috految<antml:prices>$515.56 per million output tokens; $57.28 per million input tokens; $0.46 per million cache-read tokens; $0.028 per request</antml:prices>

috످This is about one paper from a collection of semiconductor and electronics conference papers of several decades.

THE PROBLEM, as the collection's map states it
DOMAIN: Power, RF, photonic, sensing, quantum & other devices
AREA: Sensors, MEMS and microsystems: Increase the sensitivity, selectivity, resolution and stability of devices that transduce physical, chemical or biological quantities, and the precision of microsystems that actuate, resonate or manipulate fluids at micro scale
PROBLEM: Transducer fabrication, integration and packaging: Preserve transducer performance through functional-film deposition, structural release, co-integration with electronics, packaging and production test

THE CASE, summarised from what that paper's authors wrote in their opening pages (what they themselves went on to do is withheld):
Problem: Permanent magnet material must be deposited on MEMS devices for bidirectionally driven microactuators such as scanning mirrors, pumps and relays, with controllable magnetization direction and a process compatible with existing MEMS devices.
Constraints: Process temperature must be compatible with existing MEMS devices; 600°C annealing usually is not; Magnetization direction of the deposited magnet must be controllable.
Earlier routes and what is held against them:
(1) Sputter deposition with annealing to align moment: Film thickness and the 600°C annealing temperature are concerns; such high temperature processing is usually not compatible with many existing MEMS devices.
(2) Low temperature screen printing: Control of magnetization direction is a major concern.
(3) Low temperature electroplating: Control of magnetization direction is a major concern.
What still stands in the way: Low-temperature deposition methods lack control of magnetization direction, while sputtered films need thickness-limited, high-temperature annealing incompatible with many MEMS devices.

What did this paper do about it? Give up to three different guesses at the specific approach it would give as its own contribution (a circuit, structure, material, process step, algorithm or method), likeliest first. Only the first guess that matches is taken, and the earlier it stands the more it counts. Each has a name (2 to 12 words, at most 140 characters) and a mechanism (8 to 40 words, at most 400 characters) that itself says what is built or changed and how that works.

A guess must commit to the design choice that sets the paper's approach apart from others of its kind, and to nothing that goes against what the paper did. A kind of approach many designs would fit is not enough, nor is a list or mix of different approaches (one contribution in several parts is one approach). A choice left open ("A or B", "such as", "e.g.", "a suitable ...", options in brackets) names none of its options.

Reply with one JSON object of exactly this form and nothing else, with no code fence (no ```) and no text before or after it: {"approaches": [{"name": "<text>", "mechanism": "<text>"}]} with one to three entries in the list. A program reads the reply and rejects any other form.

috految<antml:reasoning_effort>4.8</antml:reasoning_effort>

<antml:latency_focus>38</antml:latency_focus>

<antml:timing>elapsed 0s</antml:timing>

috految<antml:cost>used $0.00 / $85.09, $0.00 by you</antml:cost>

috److془Weileun Fang: "Formation and integration of tunable anisotropic magnetic polymer composites by two stages solidification process" Hsu MEMS 2012. "Magnetic polymer composite with tunable anisotropic waveform". Also "Formation of magnetic anisotropy..." Also Yu-Che Huang, "Magnetostatic torsional actuator with embedded nickel". Also "Fabrication of a 2-axis..". "Hsu et al Transducers 2013: Using magnetic polymer..". Also Yao, Hsu: "Localized two stage solidification".
Also Yu-Che Huang..; "Development of 3D anisotropic". Abstract: "This study fabricates the anisotropic magnetic polymer composites (MPC, polymer with magnetic particles) using two-stage solidification".
Also "Hsu, Chen, Hu, Liu, Fang: Formation and integration of widely anisotropic.. pneumatic dispensing".془{"approaches":[{"name":"Anisotropic magnetic polymer composite formed by two-stage solidification under magnetic field","mechanism":"Polymer loaded with NdFeB particles is integrated on MEMS and solidified in two stages at low temperature. Staged curing controls particle mobility while an applied field aligns particles, then locks them, giving magnets with tunable anisotropy and magnetization direction."},{"name":"Pneumatically dispensed polymer magnets with field-defined magnetization direction","mechanism":"Liquid polymer carrying magnetic powder is dispensed onto MEMS structures, which confine its shape. An external field aligns particles into chains during low-temperature solidification and sets magnetization, forming thick local permanent magnets with individually specified directions."},{"name":"Magnetic polymer composite molded in silicon with locally specified magnetic anisotropy","mechanism":"Hard magnetic powder and polymer fill etched silicon molds, with applied field distribution rotating and arranging the particles before curing fixes them, embedding thick anisotropic magnets of different magnetization directions in microactuators without annealing."}]}

috످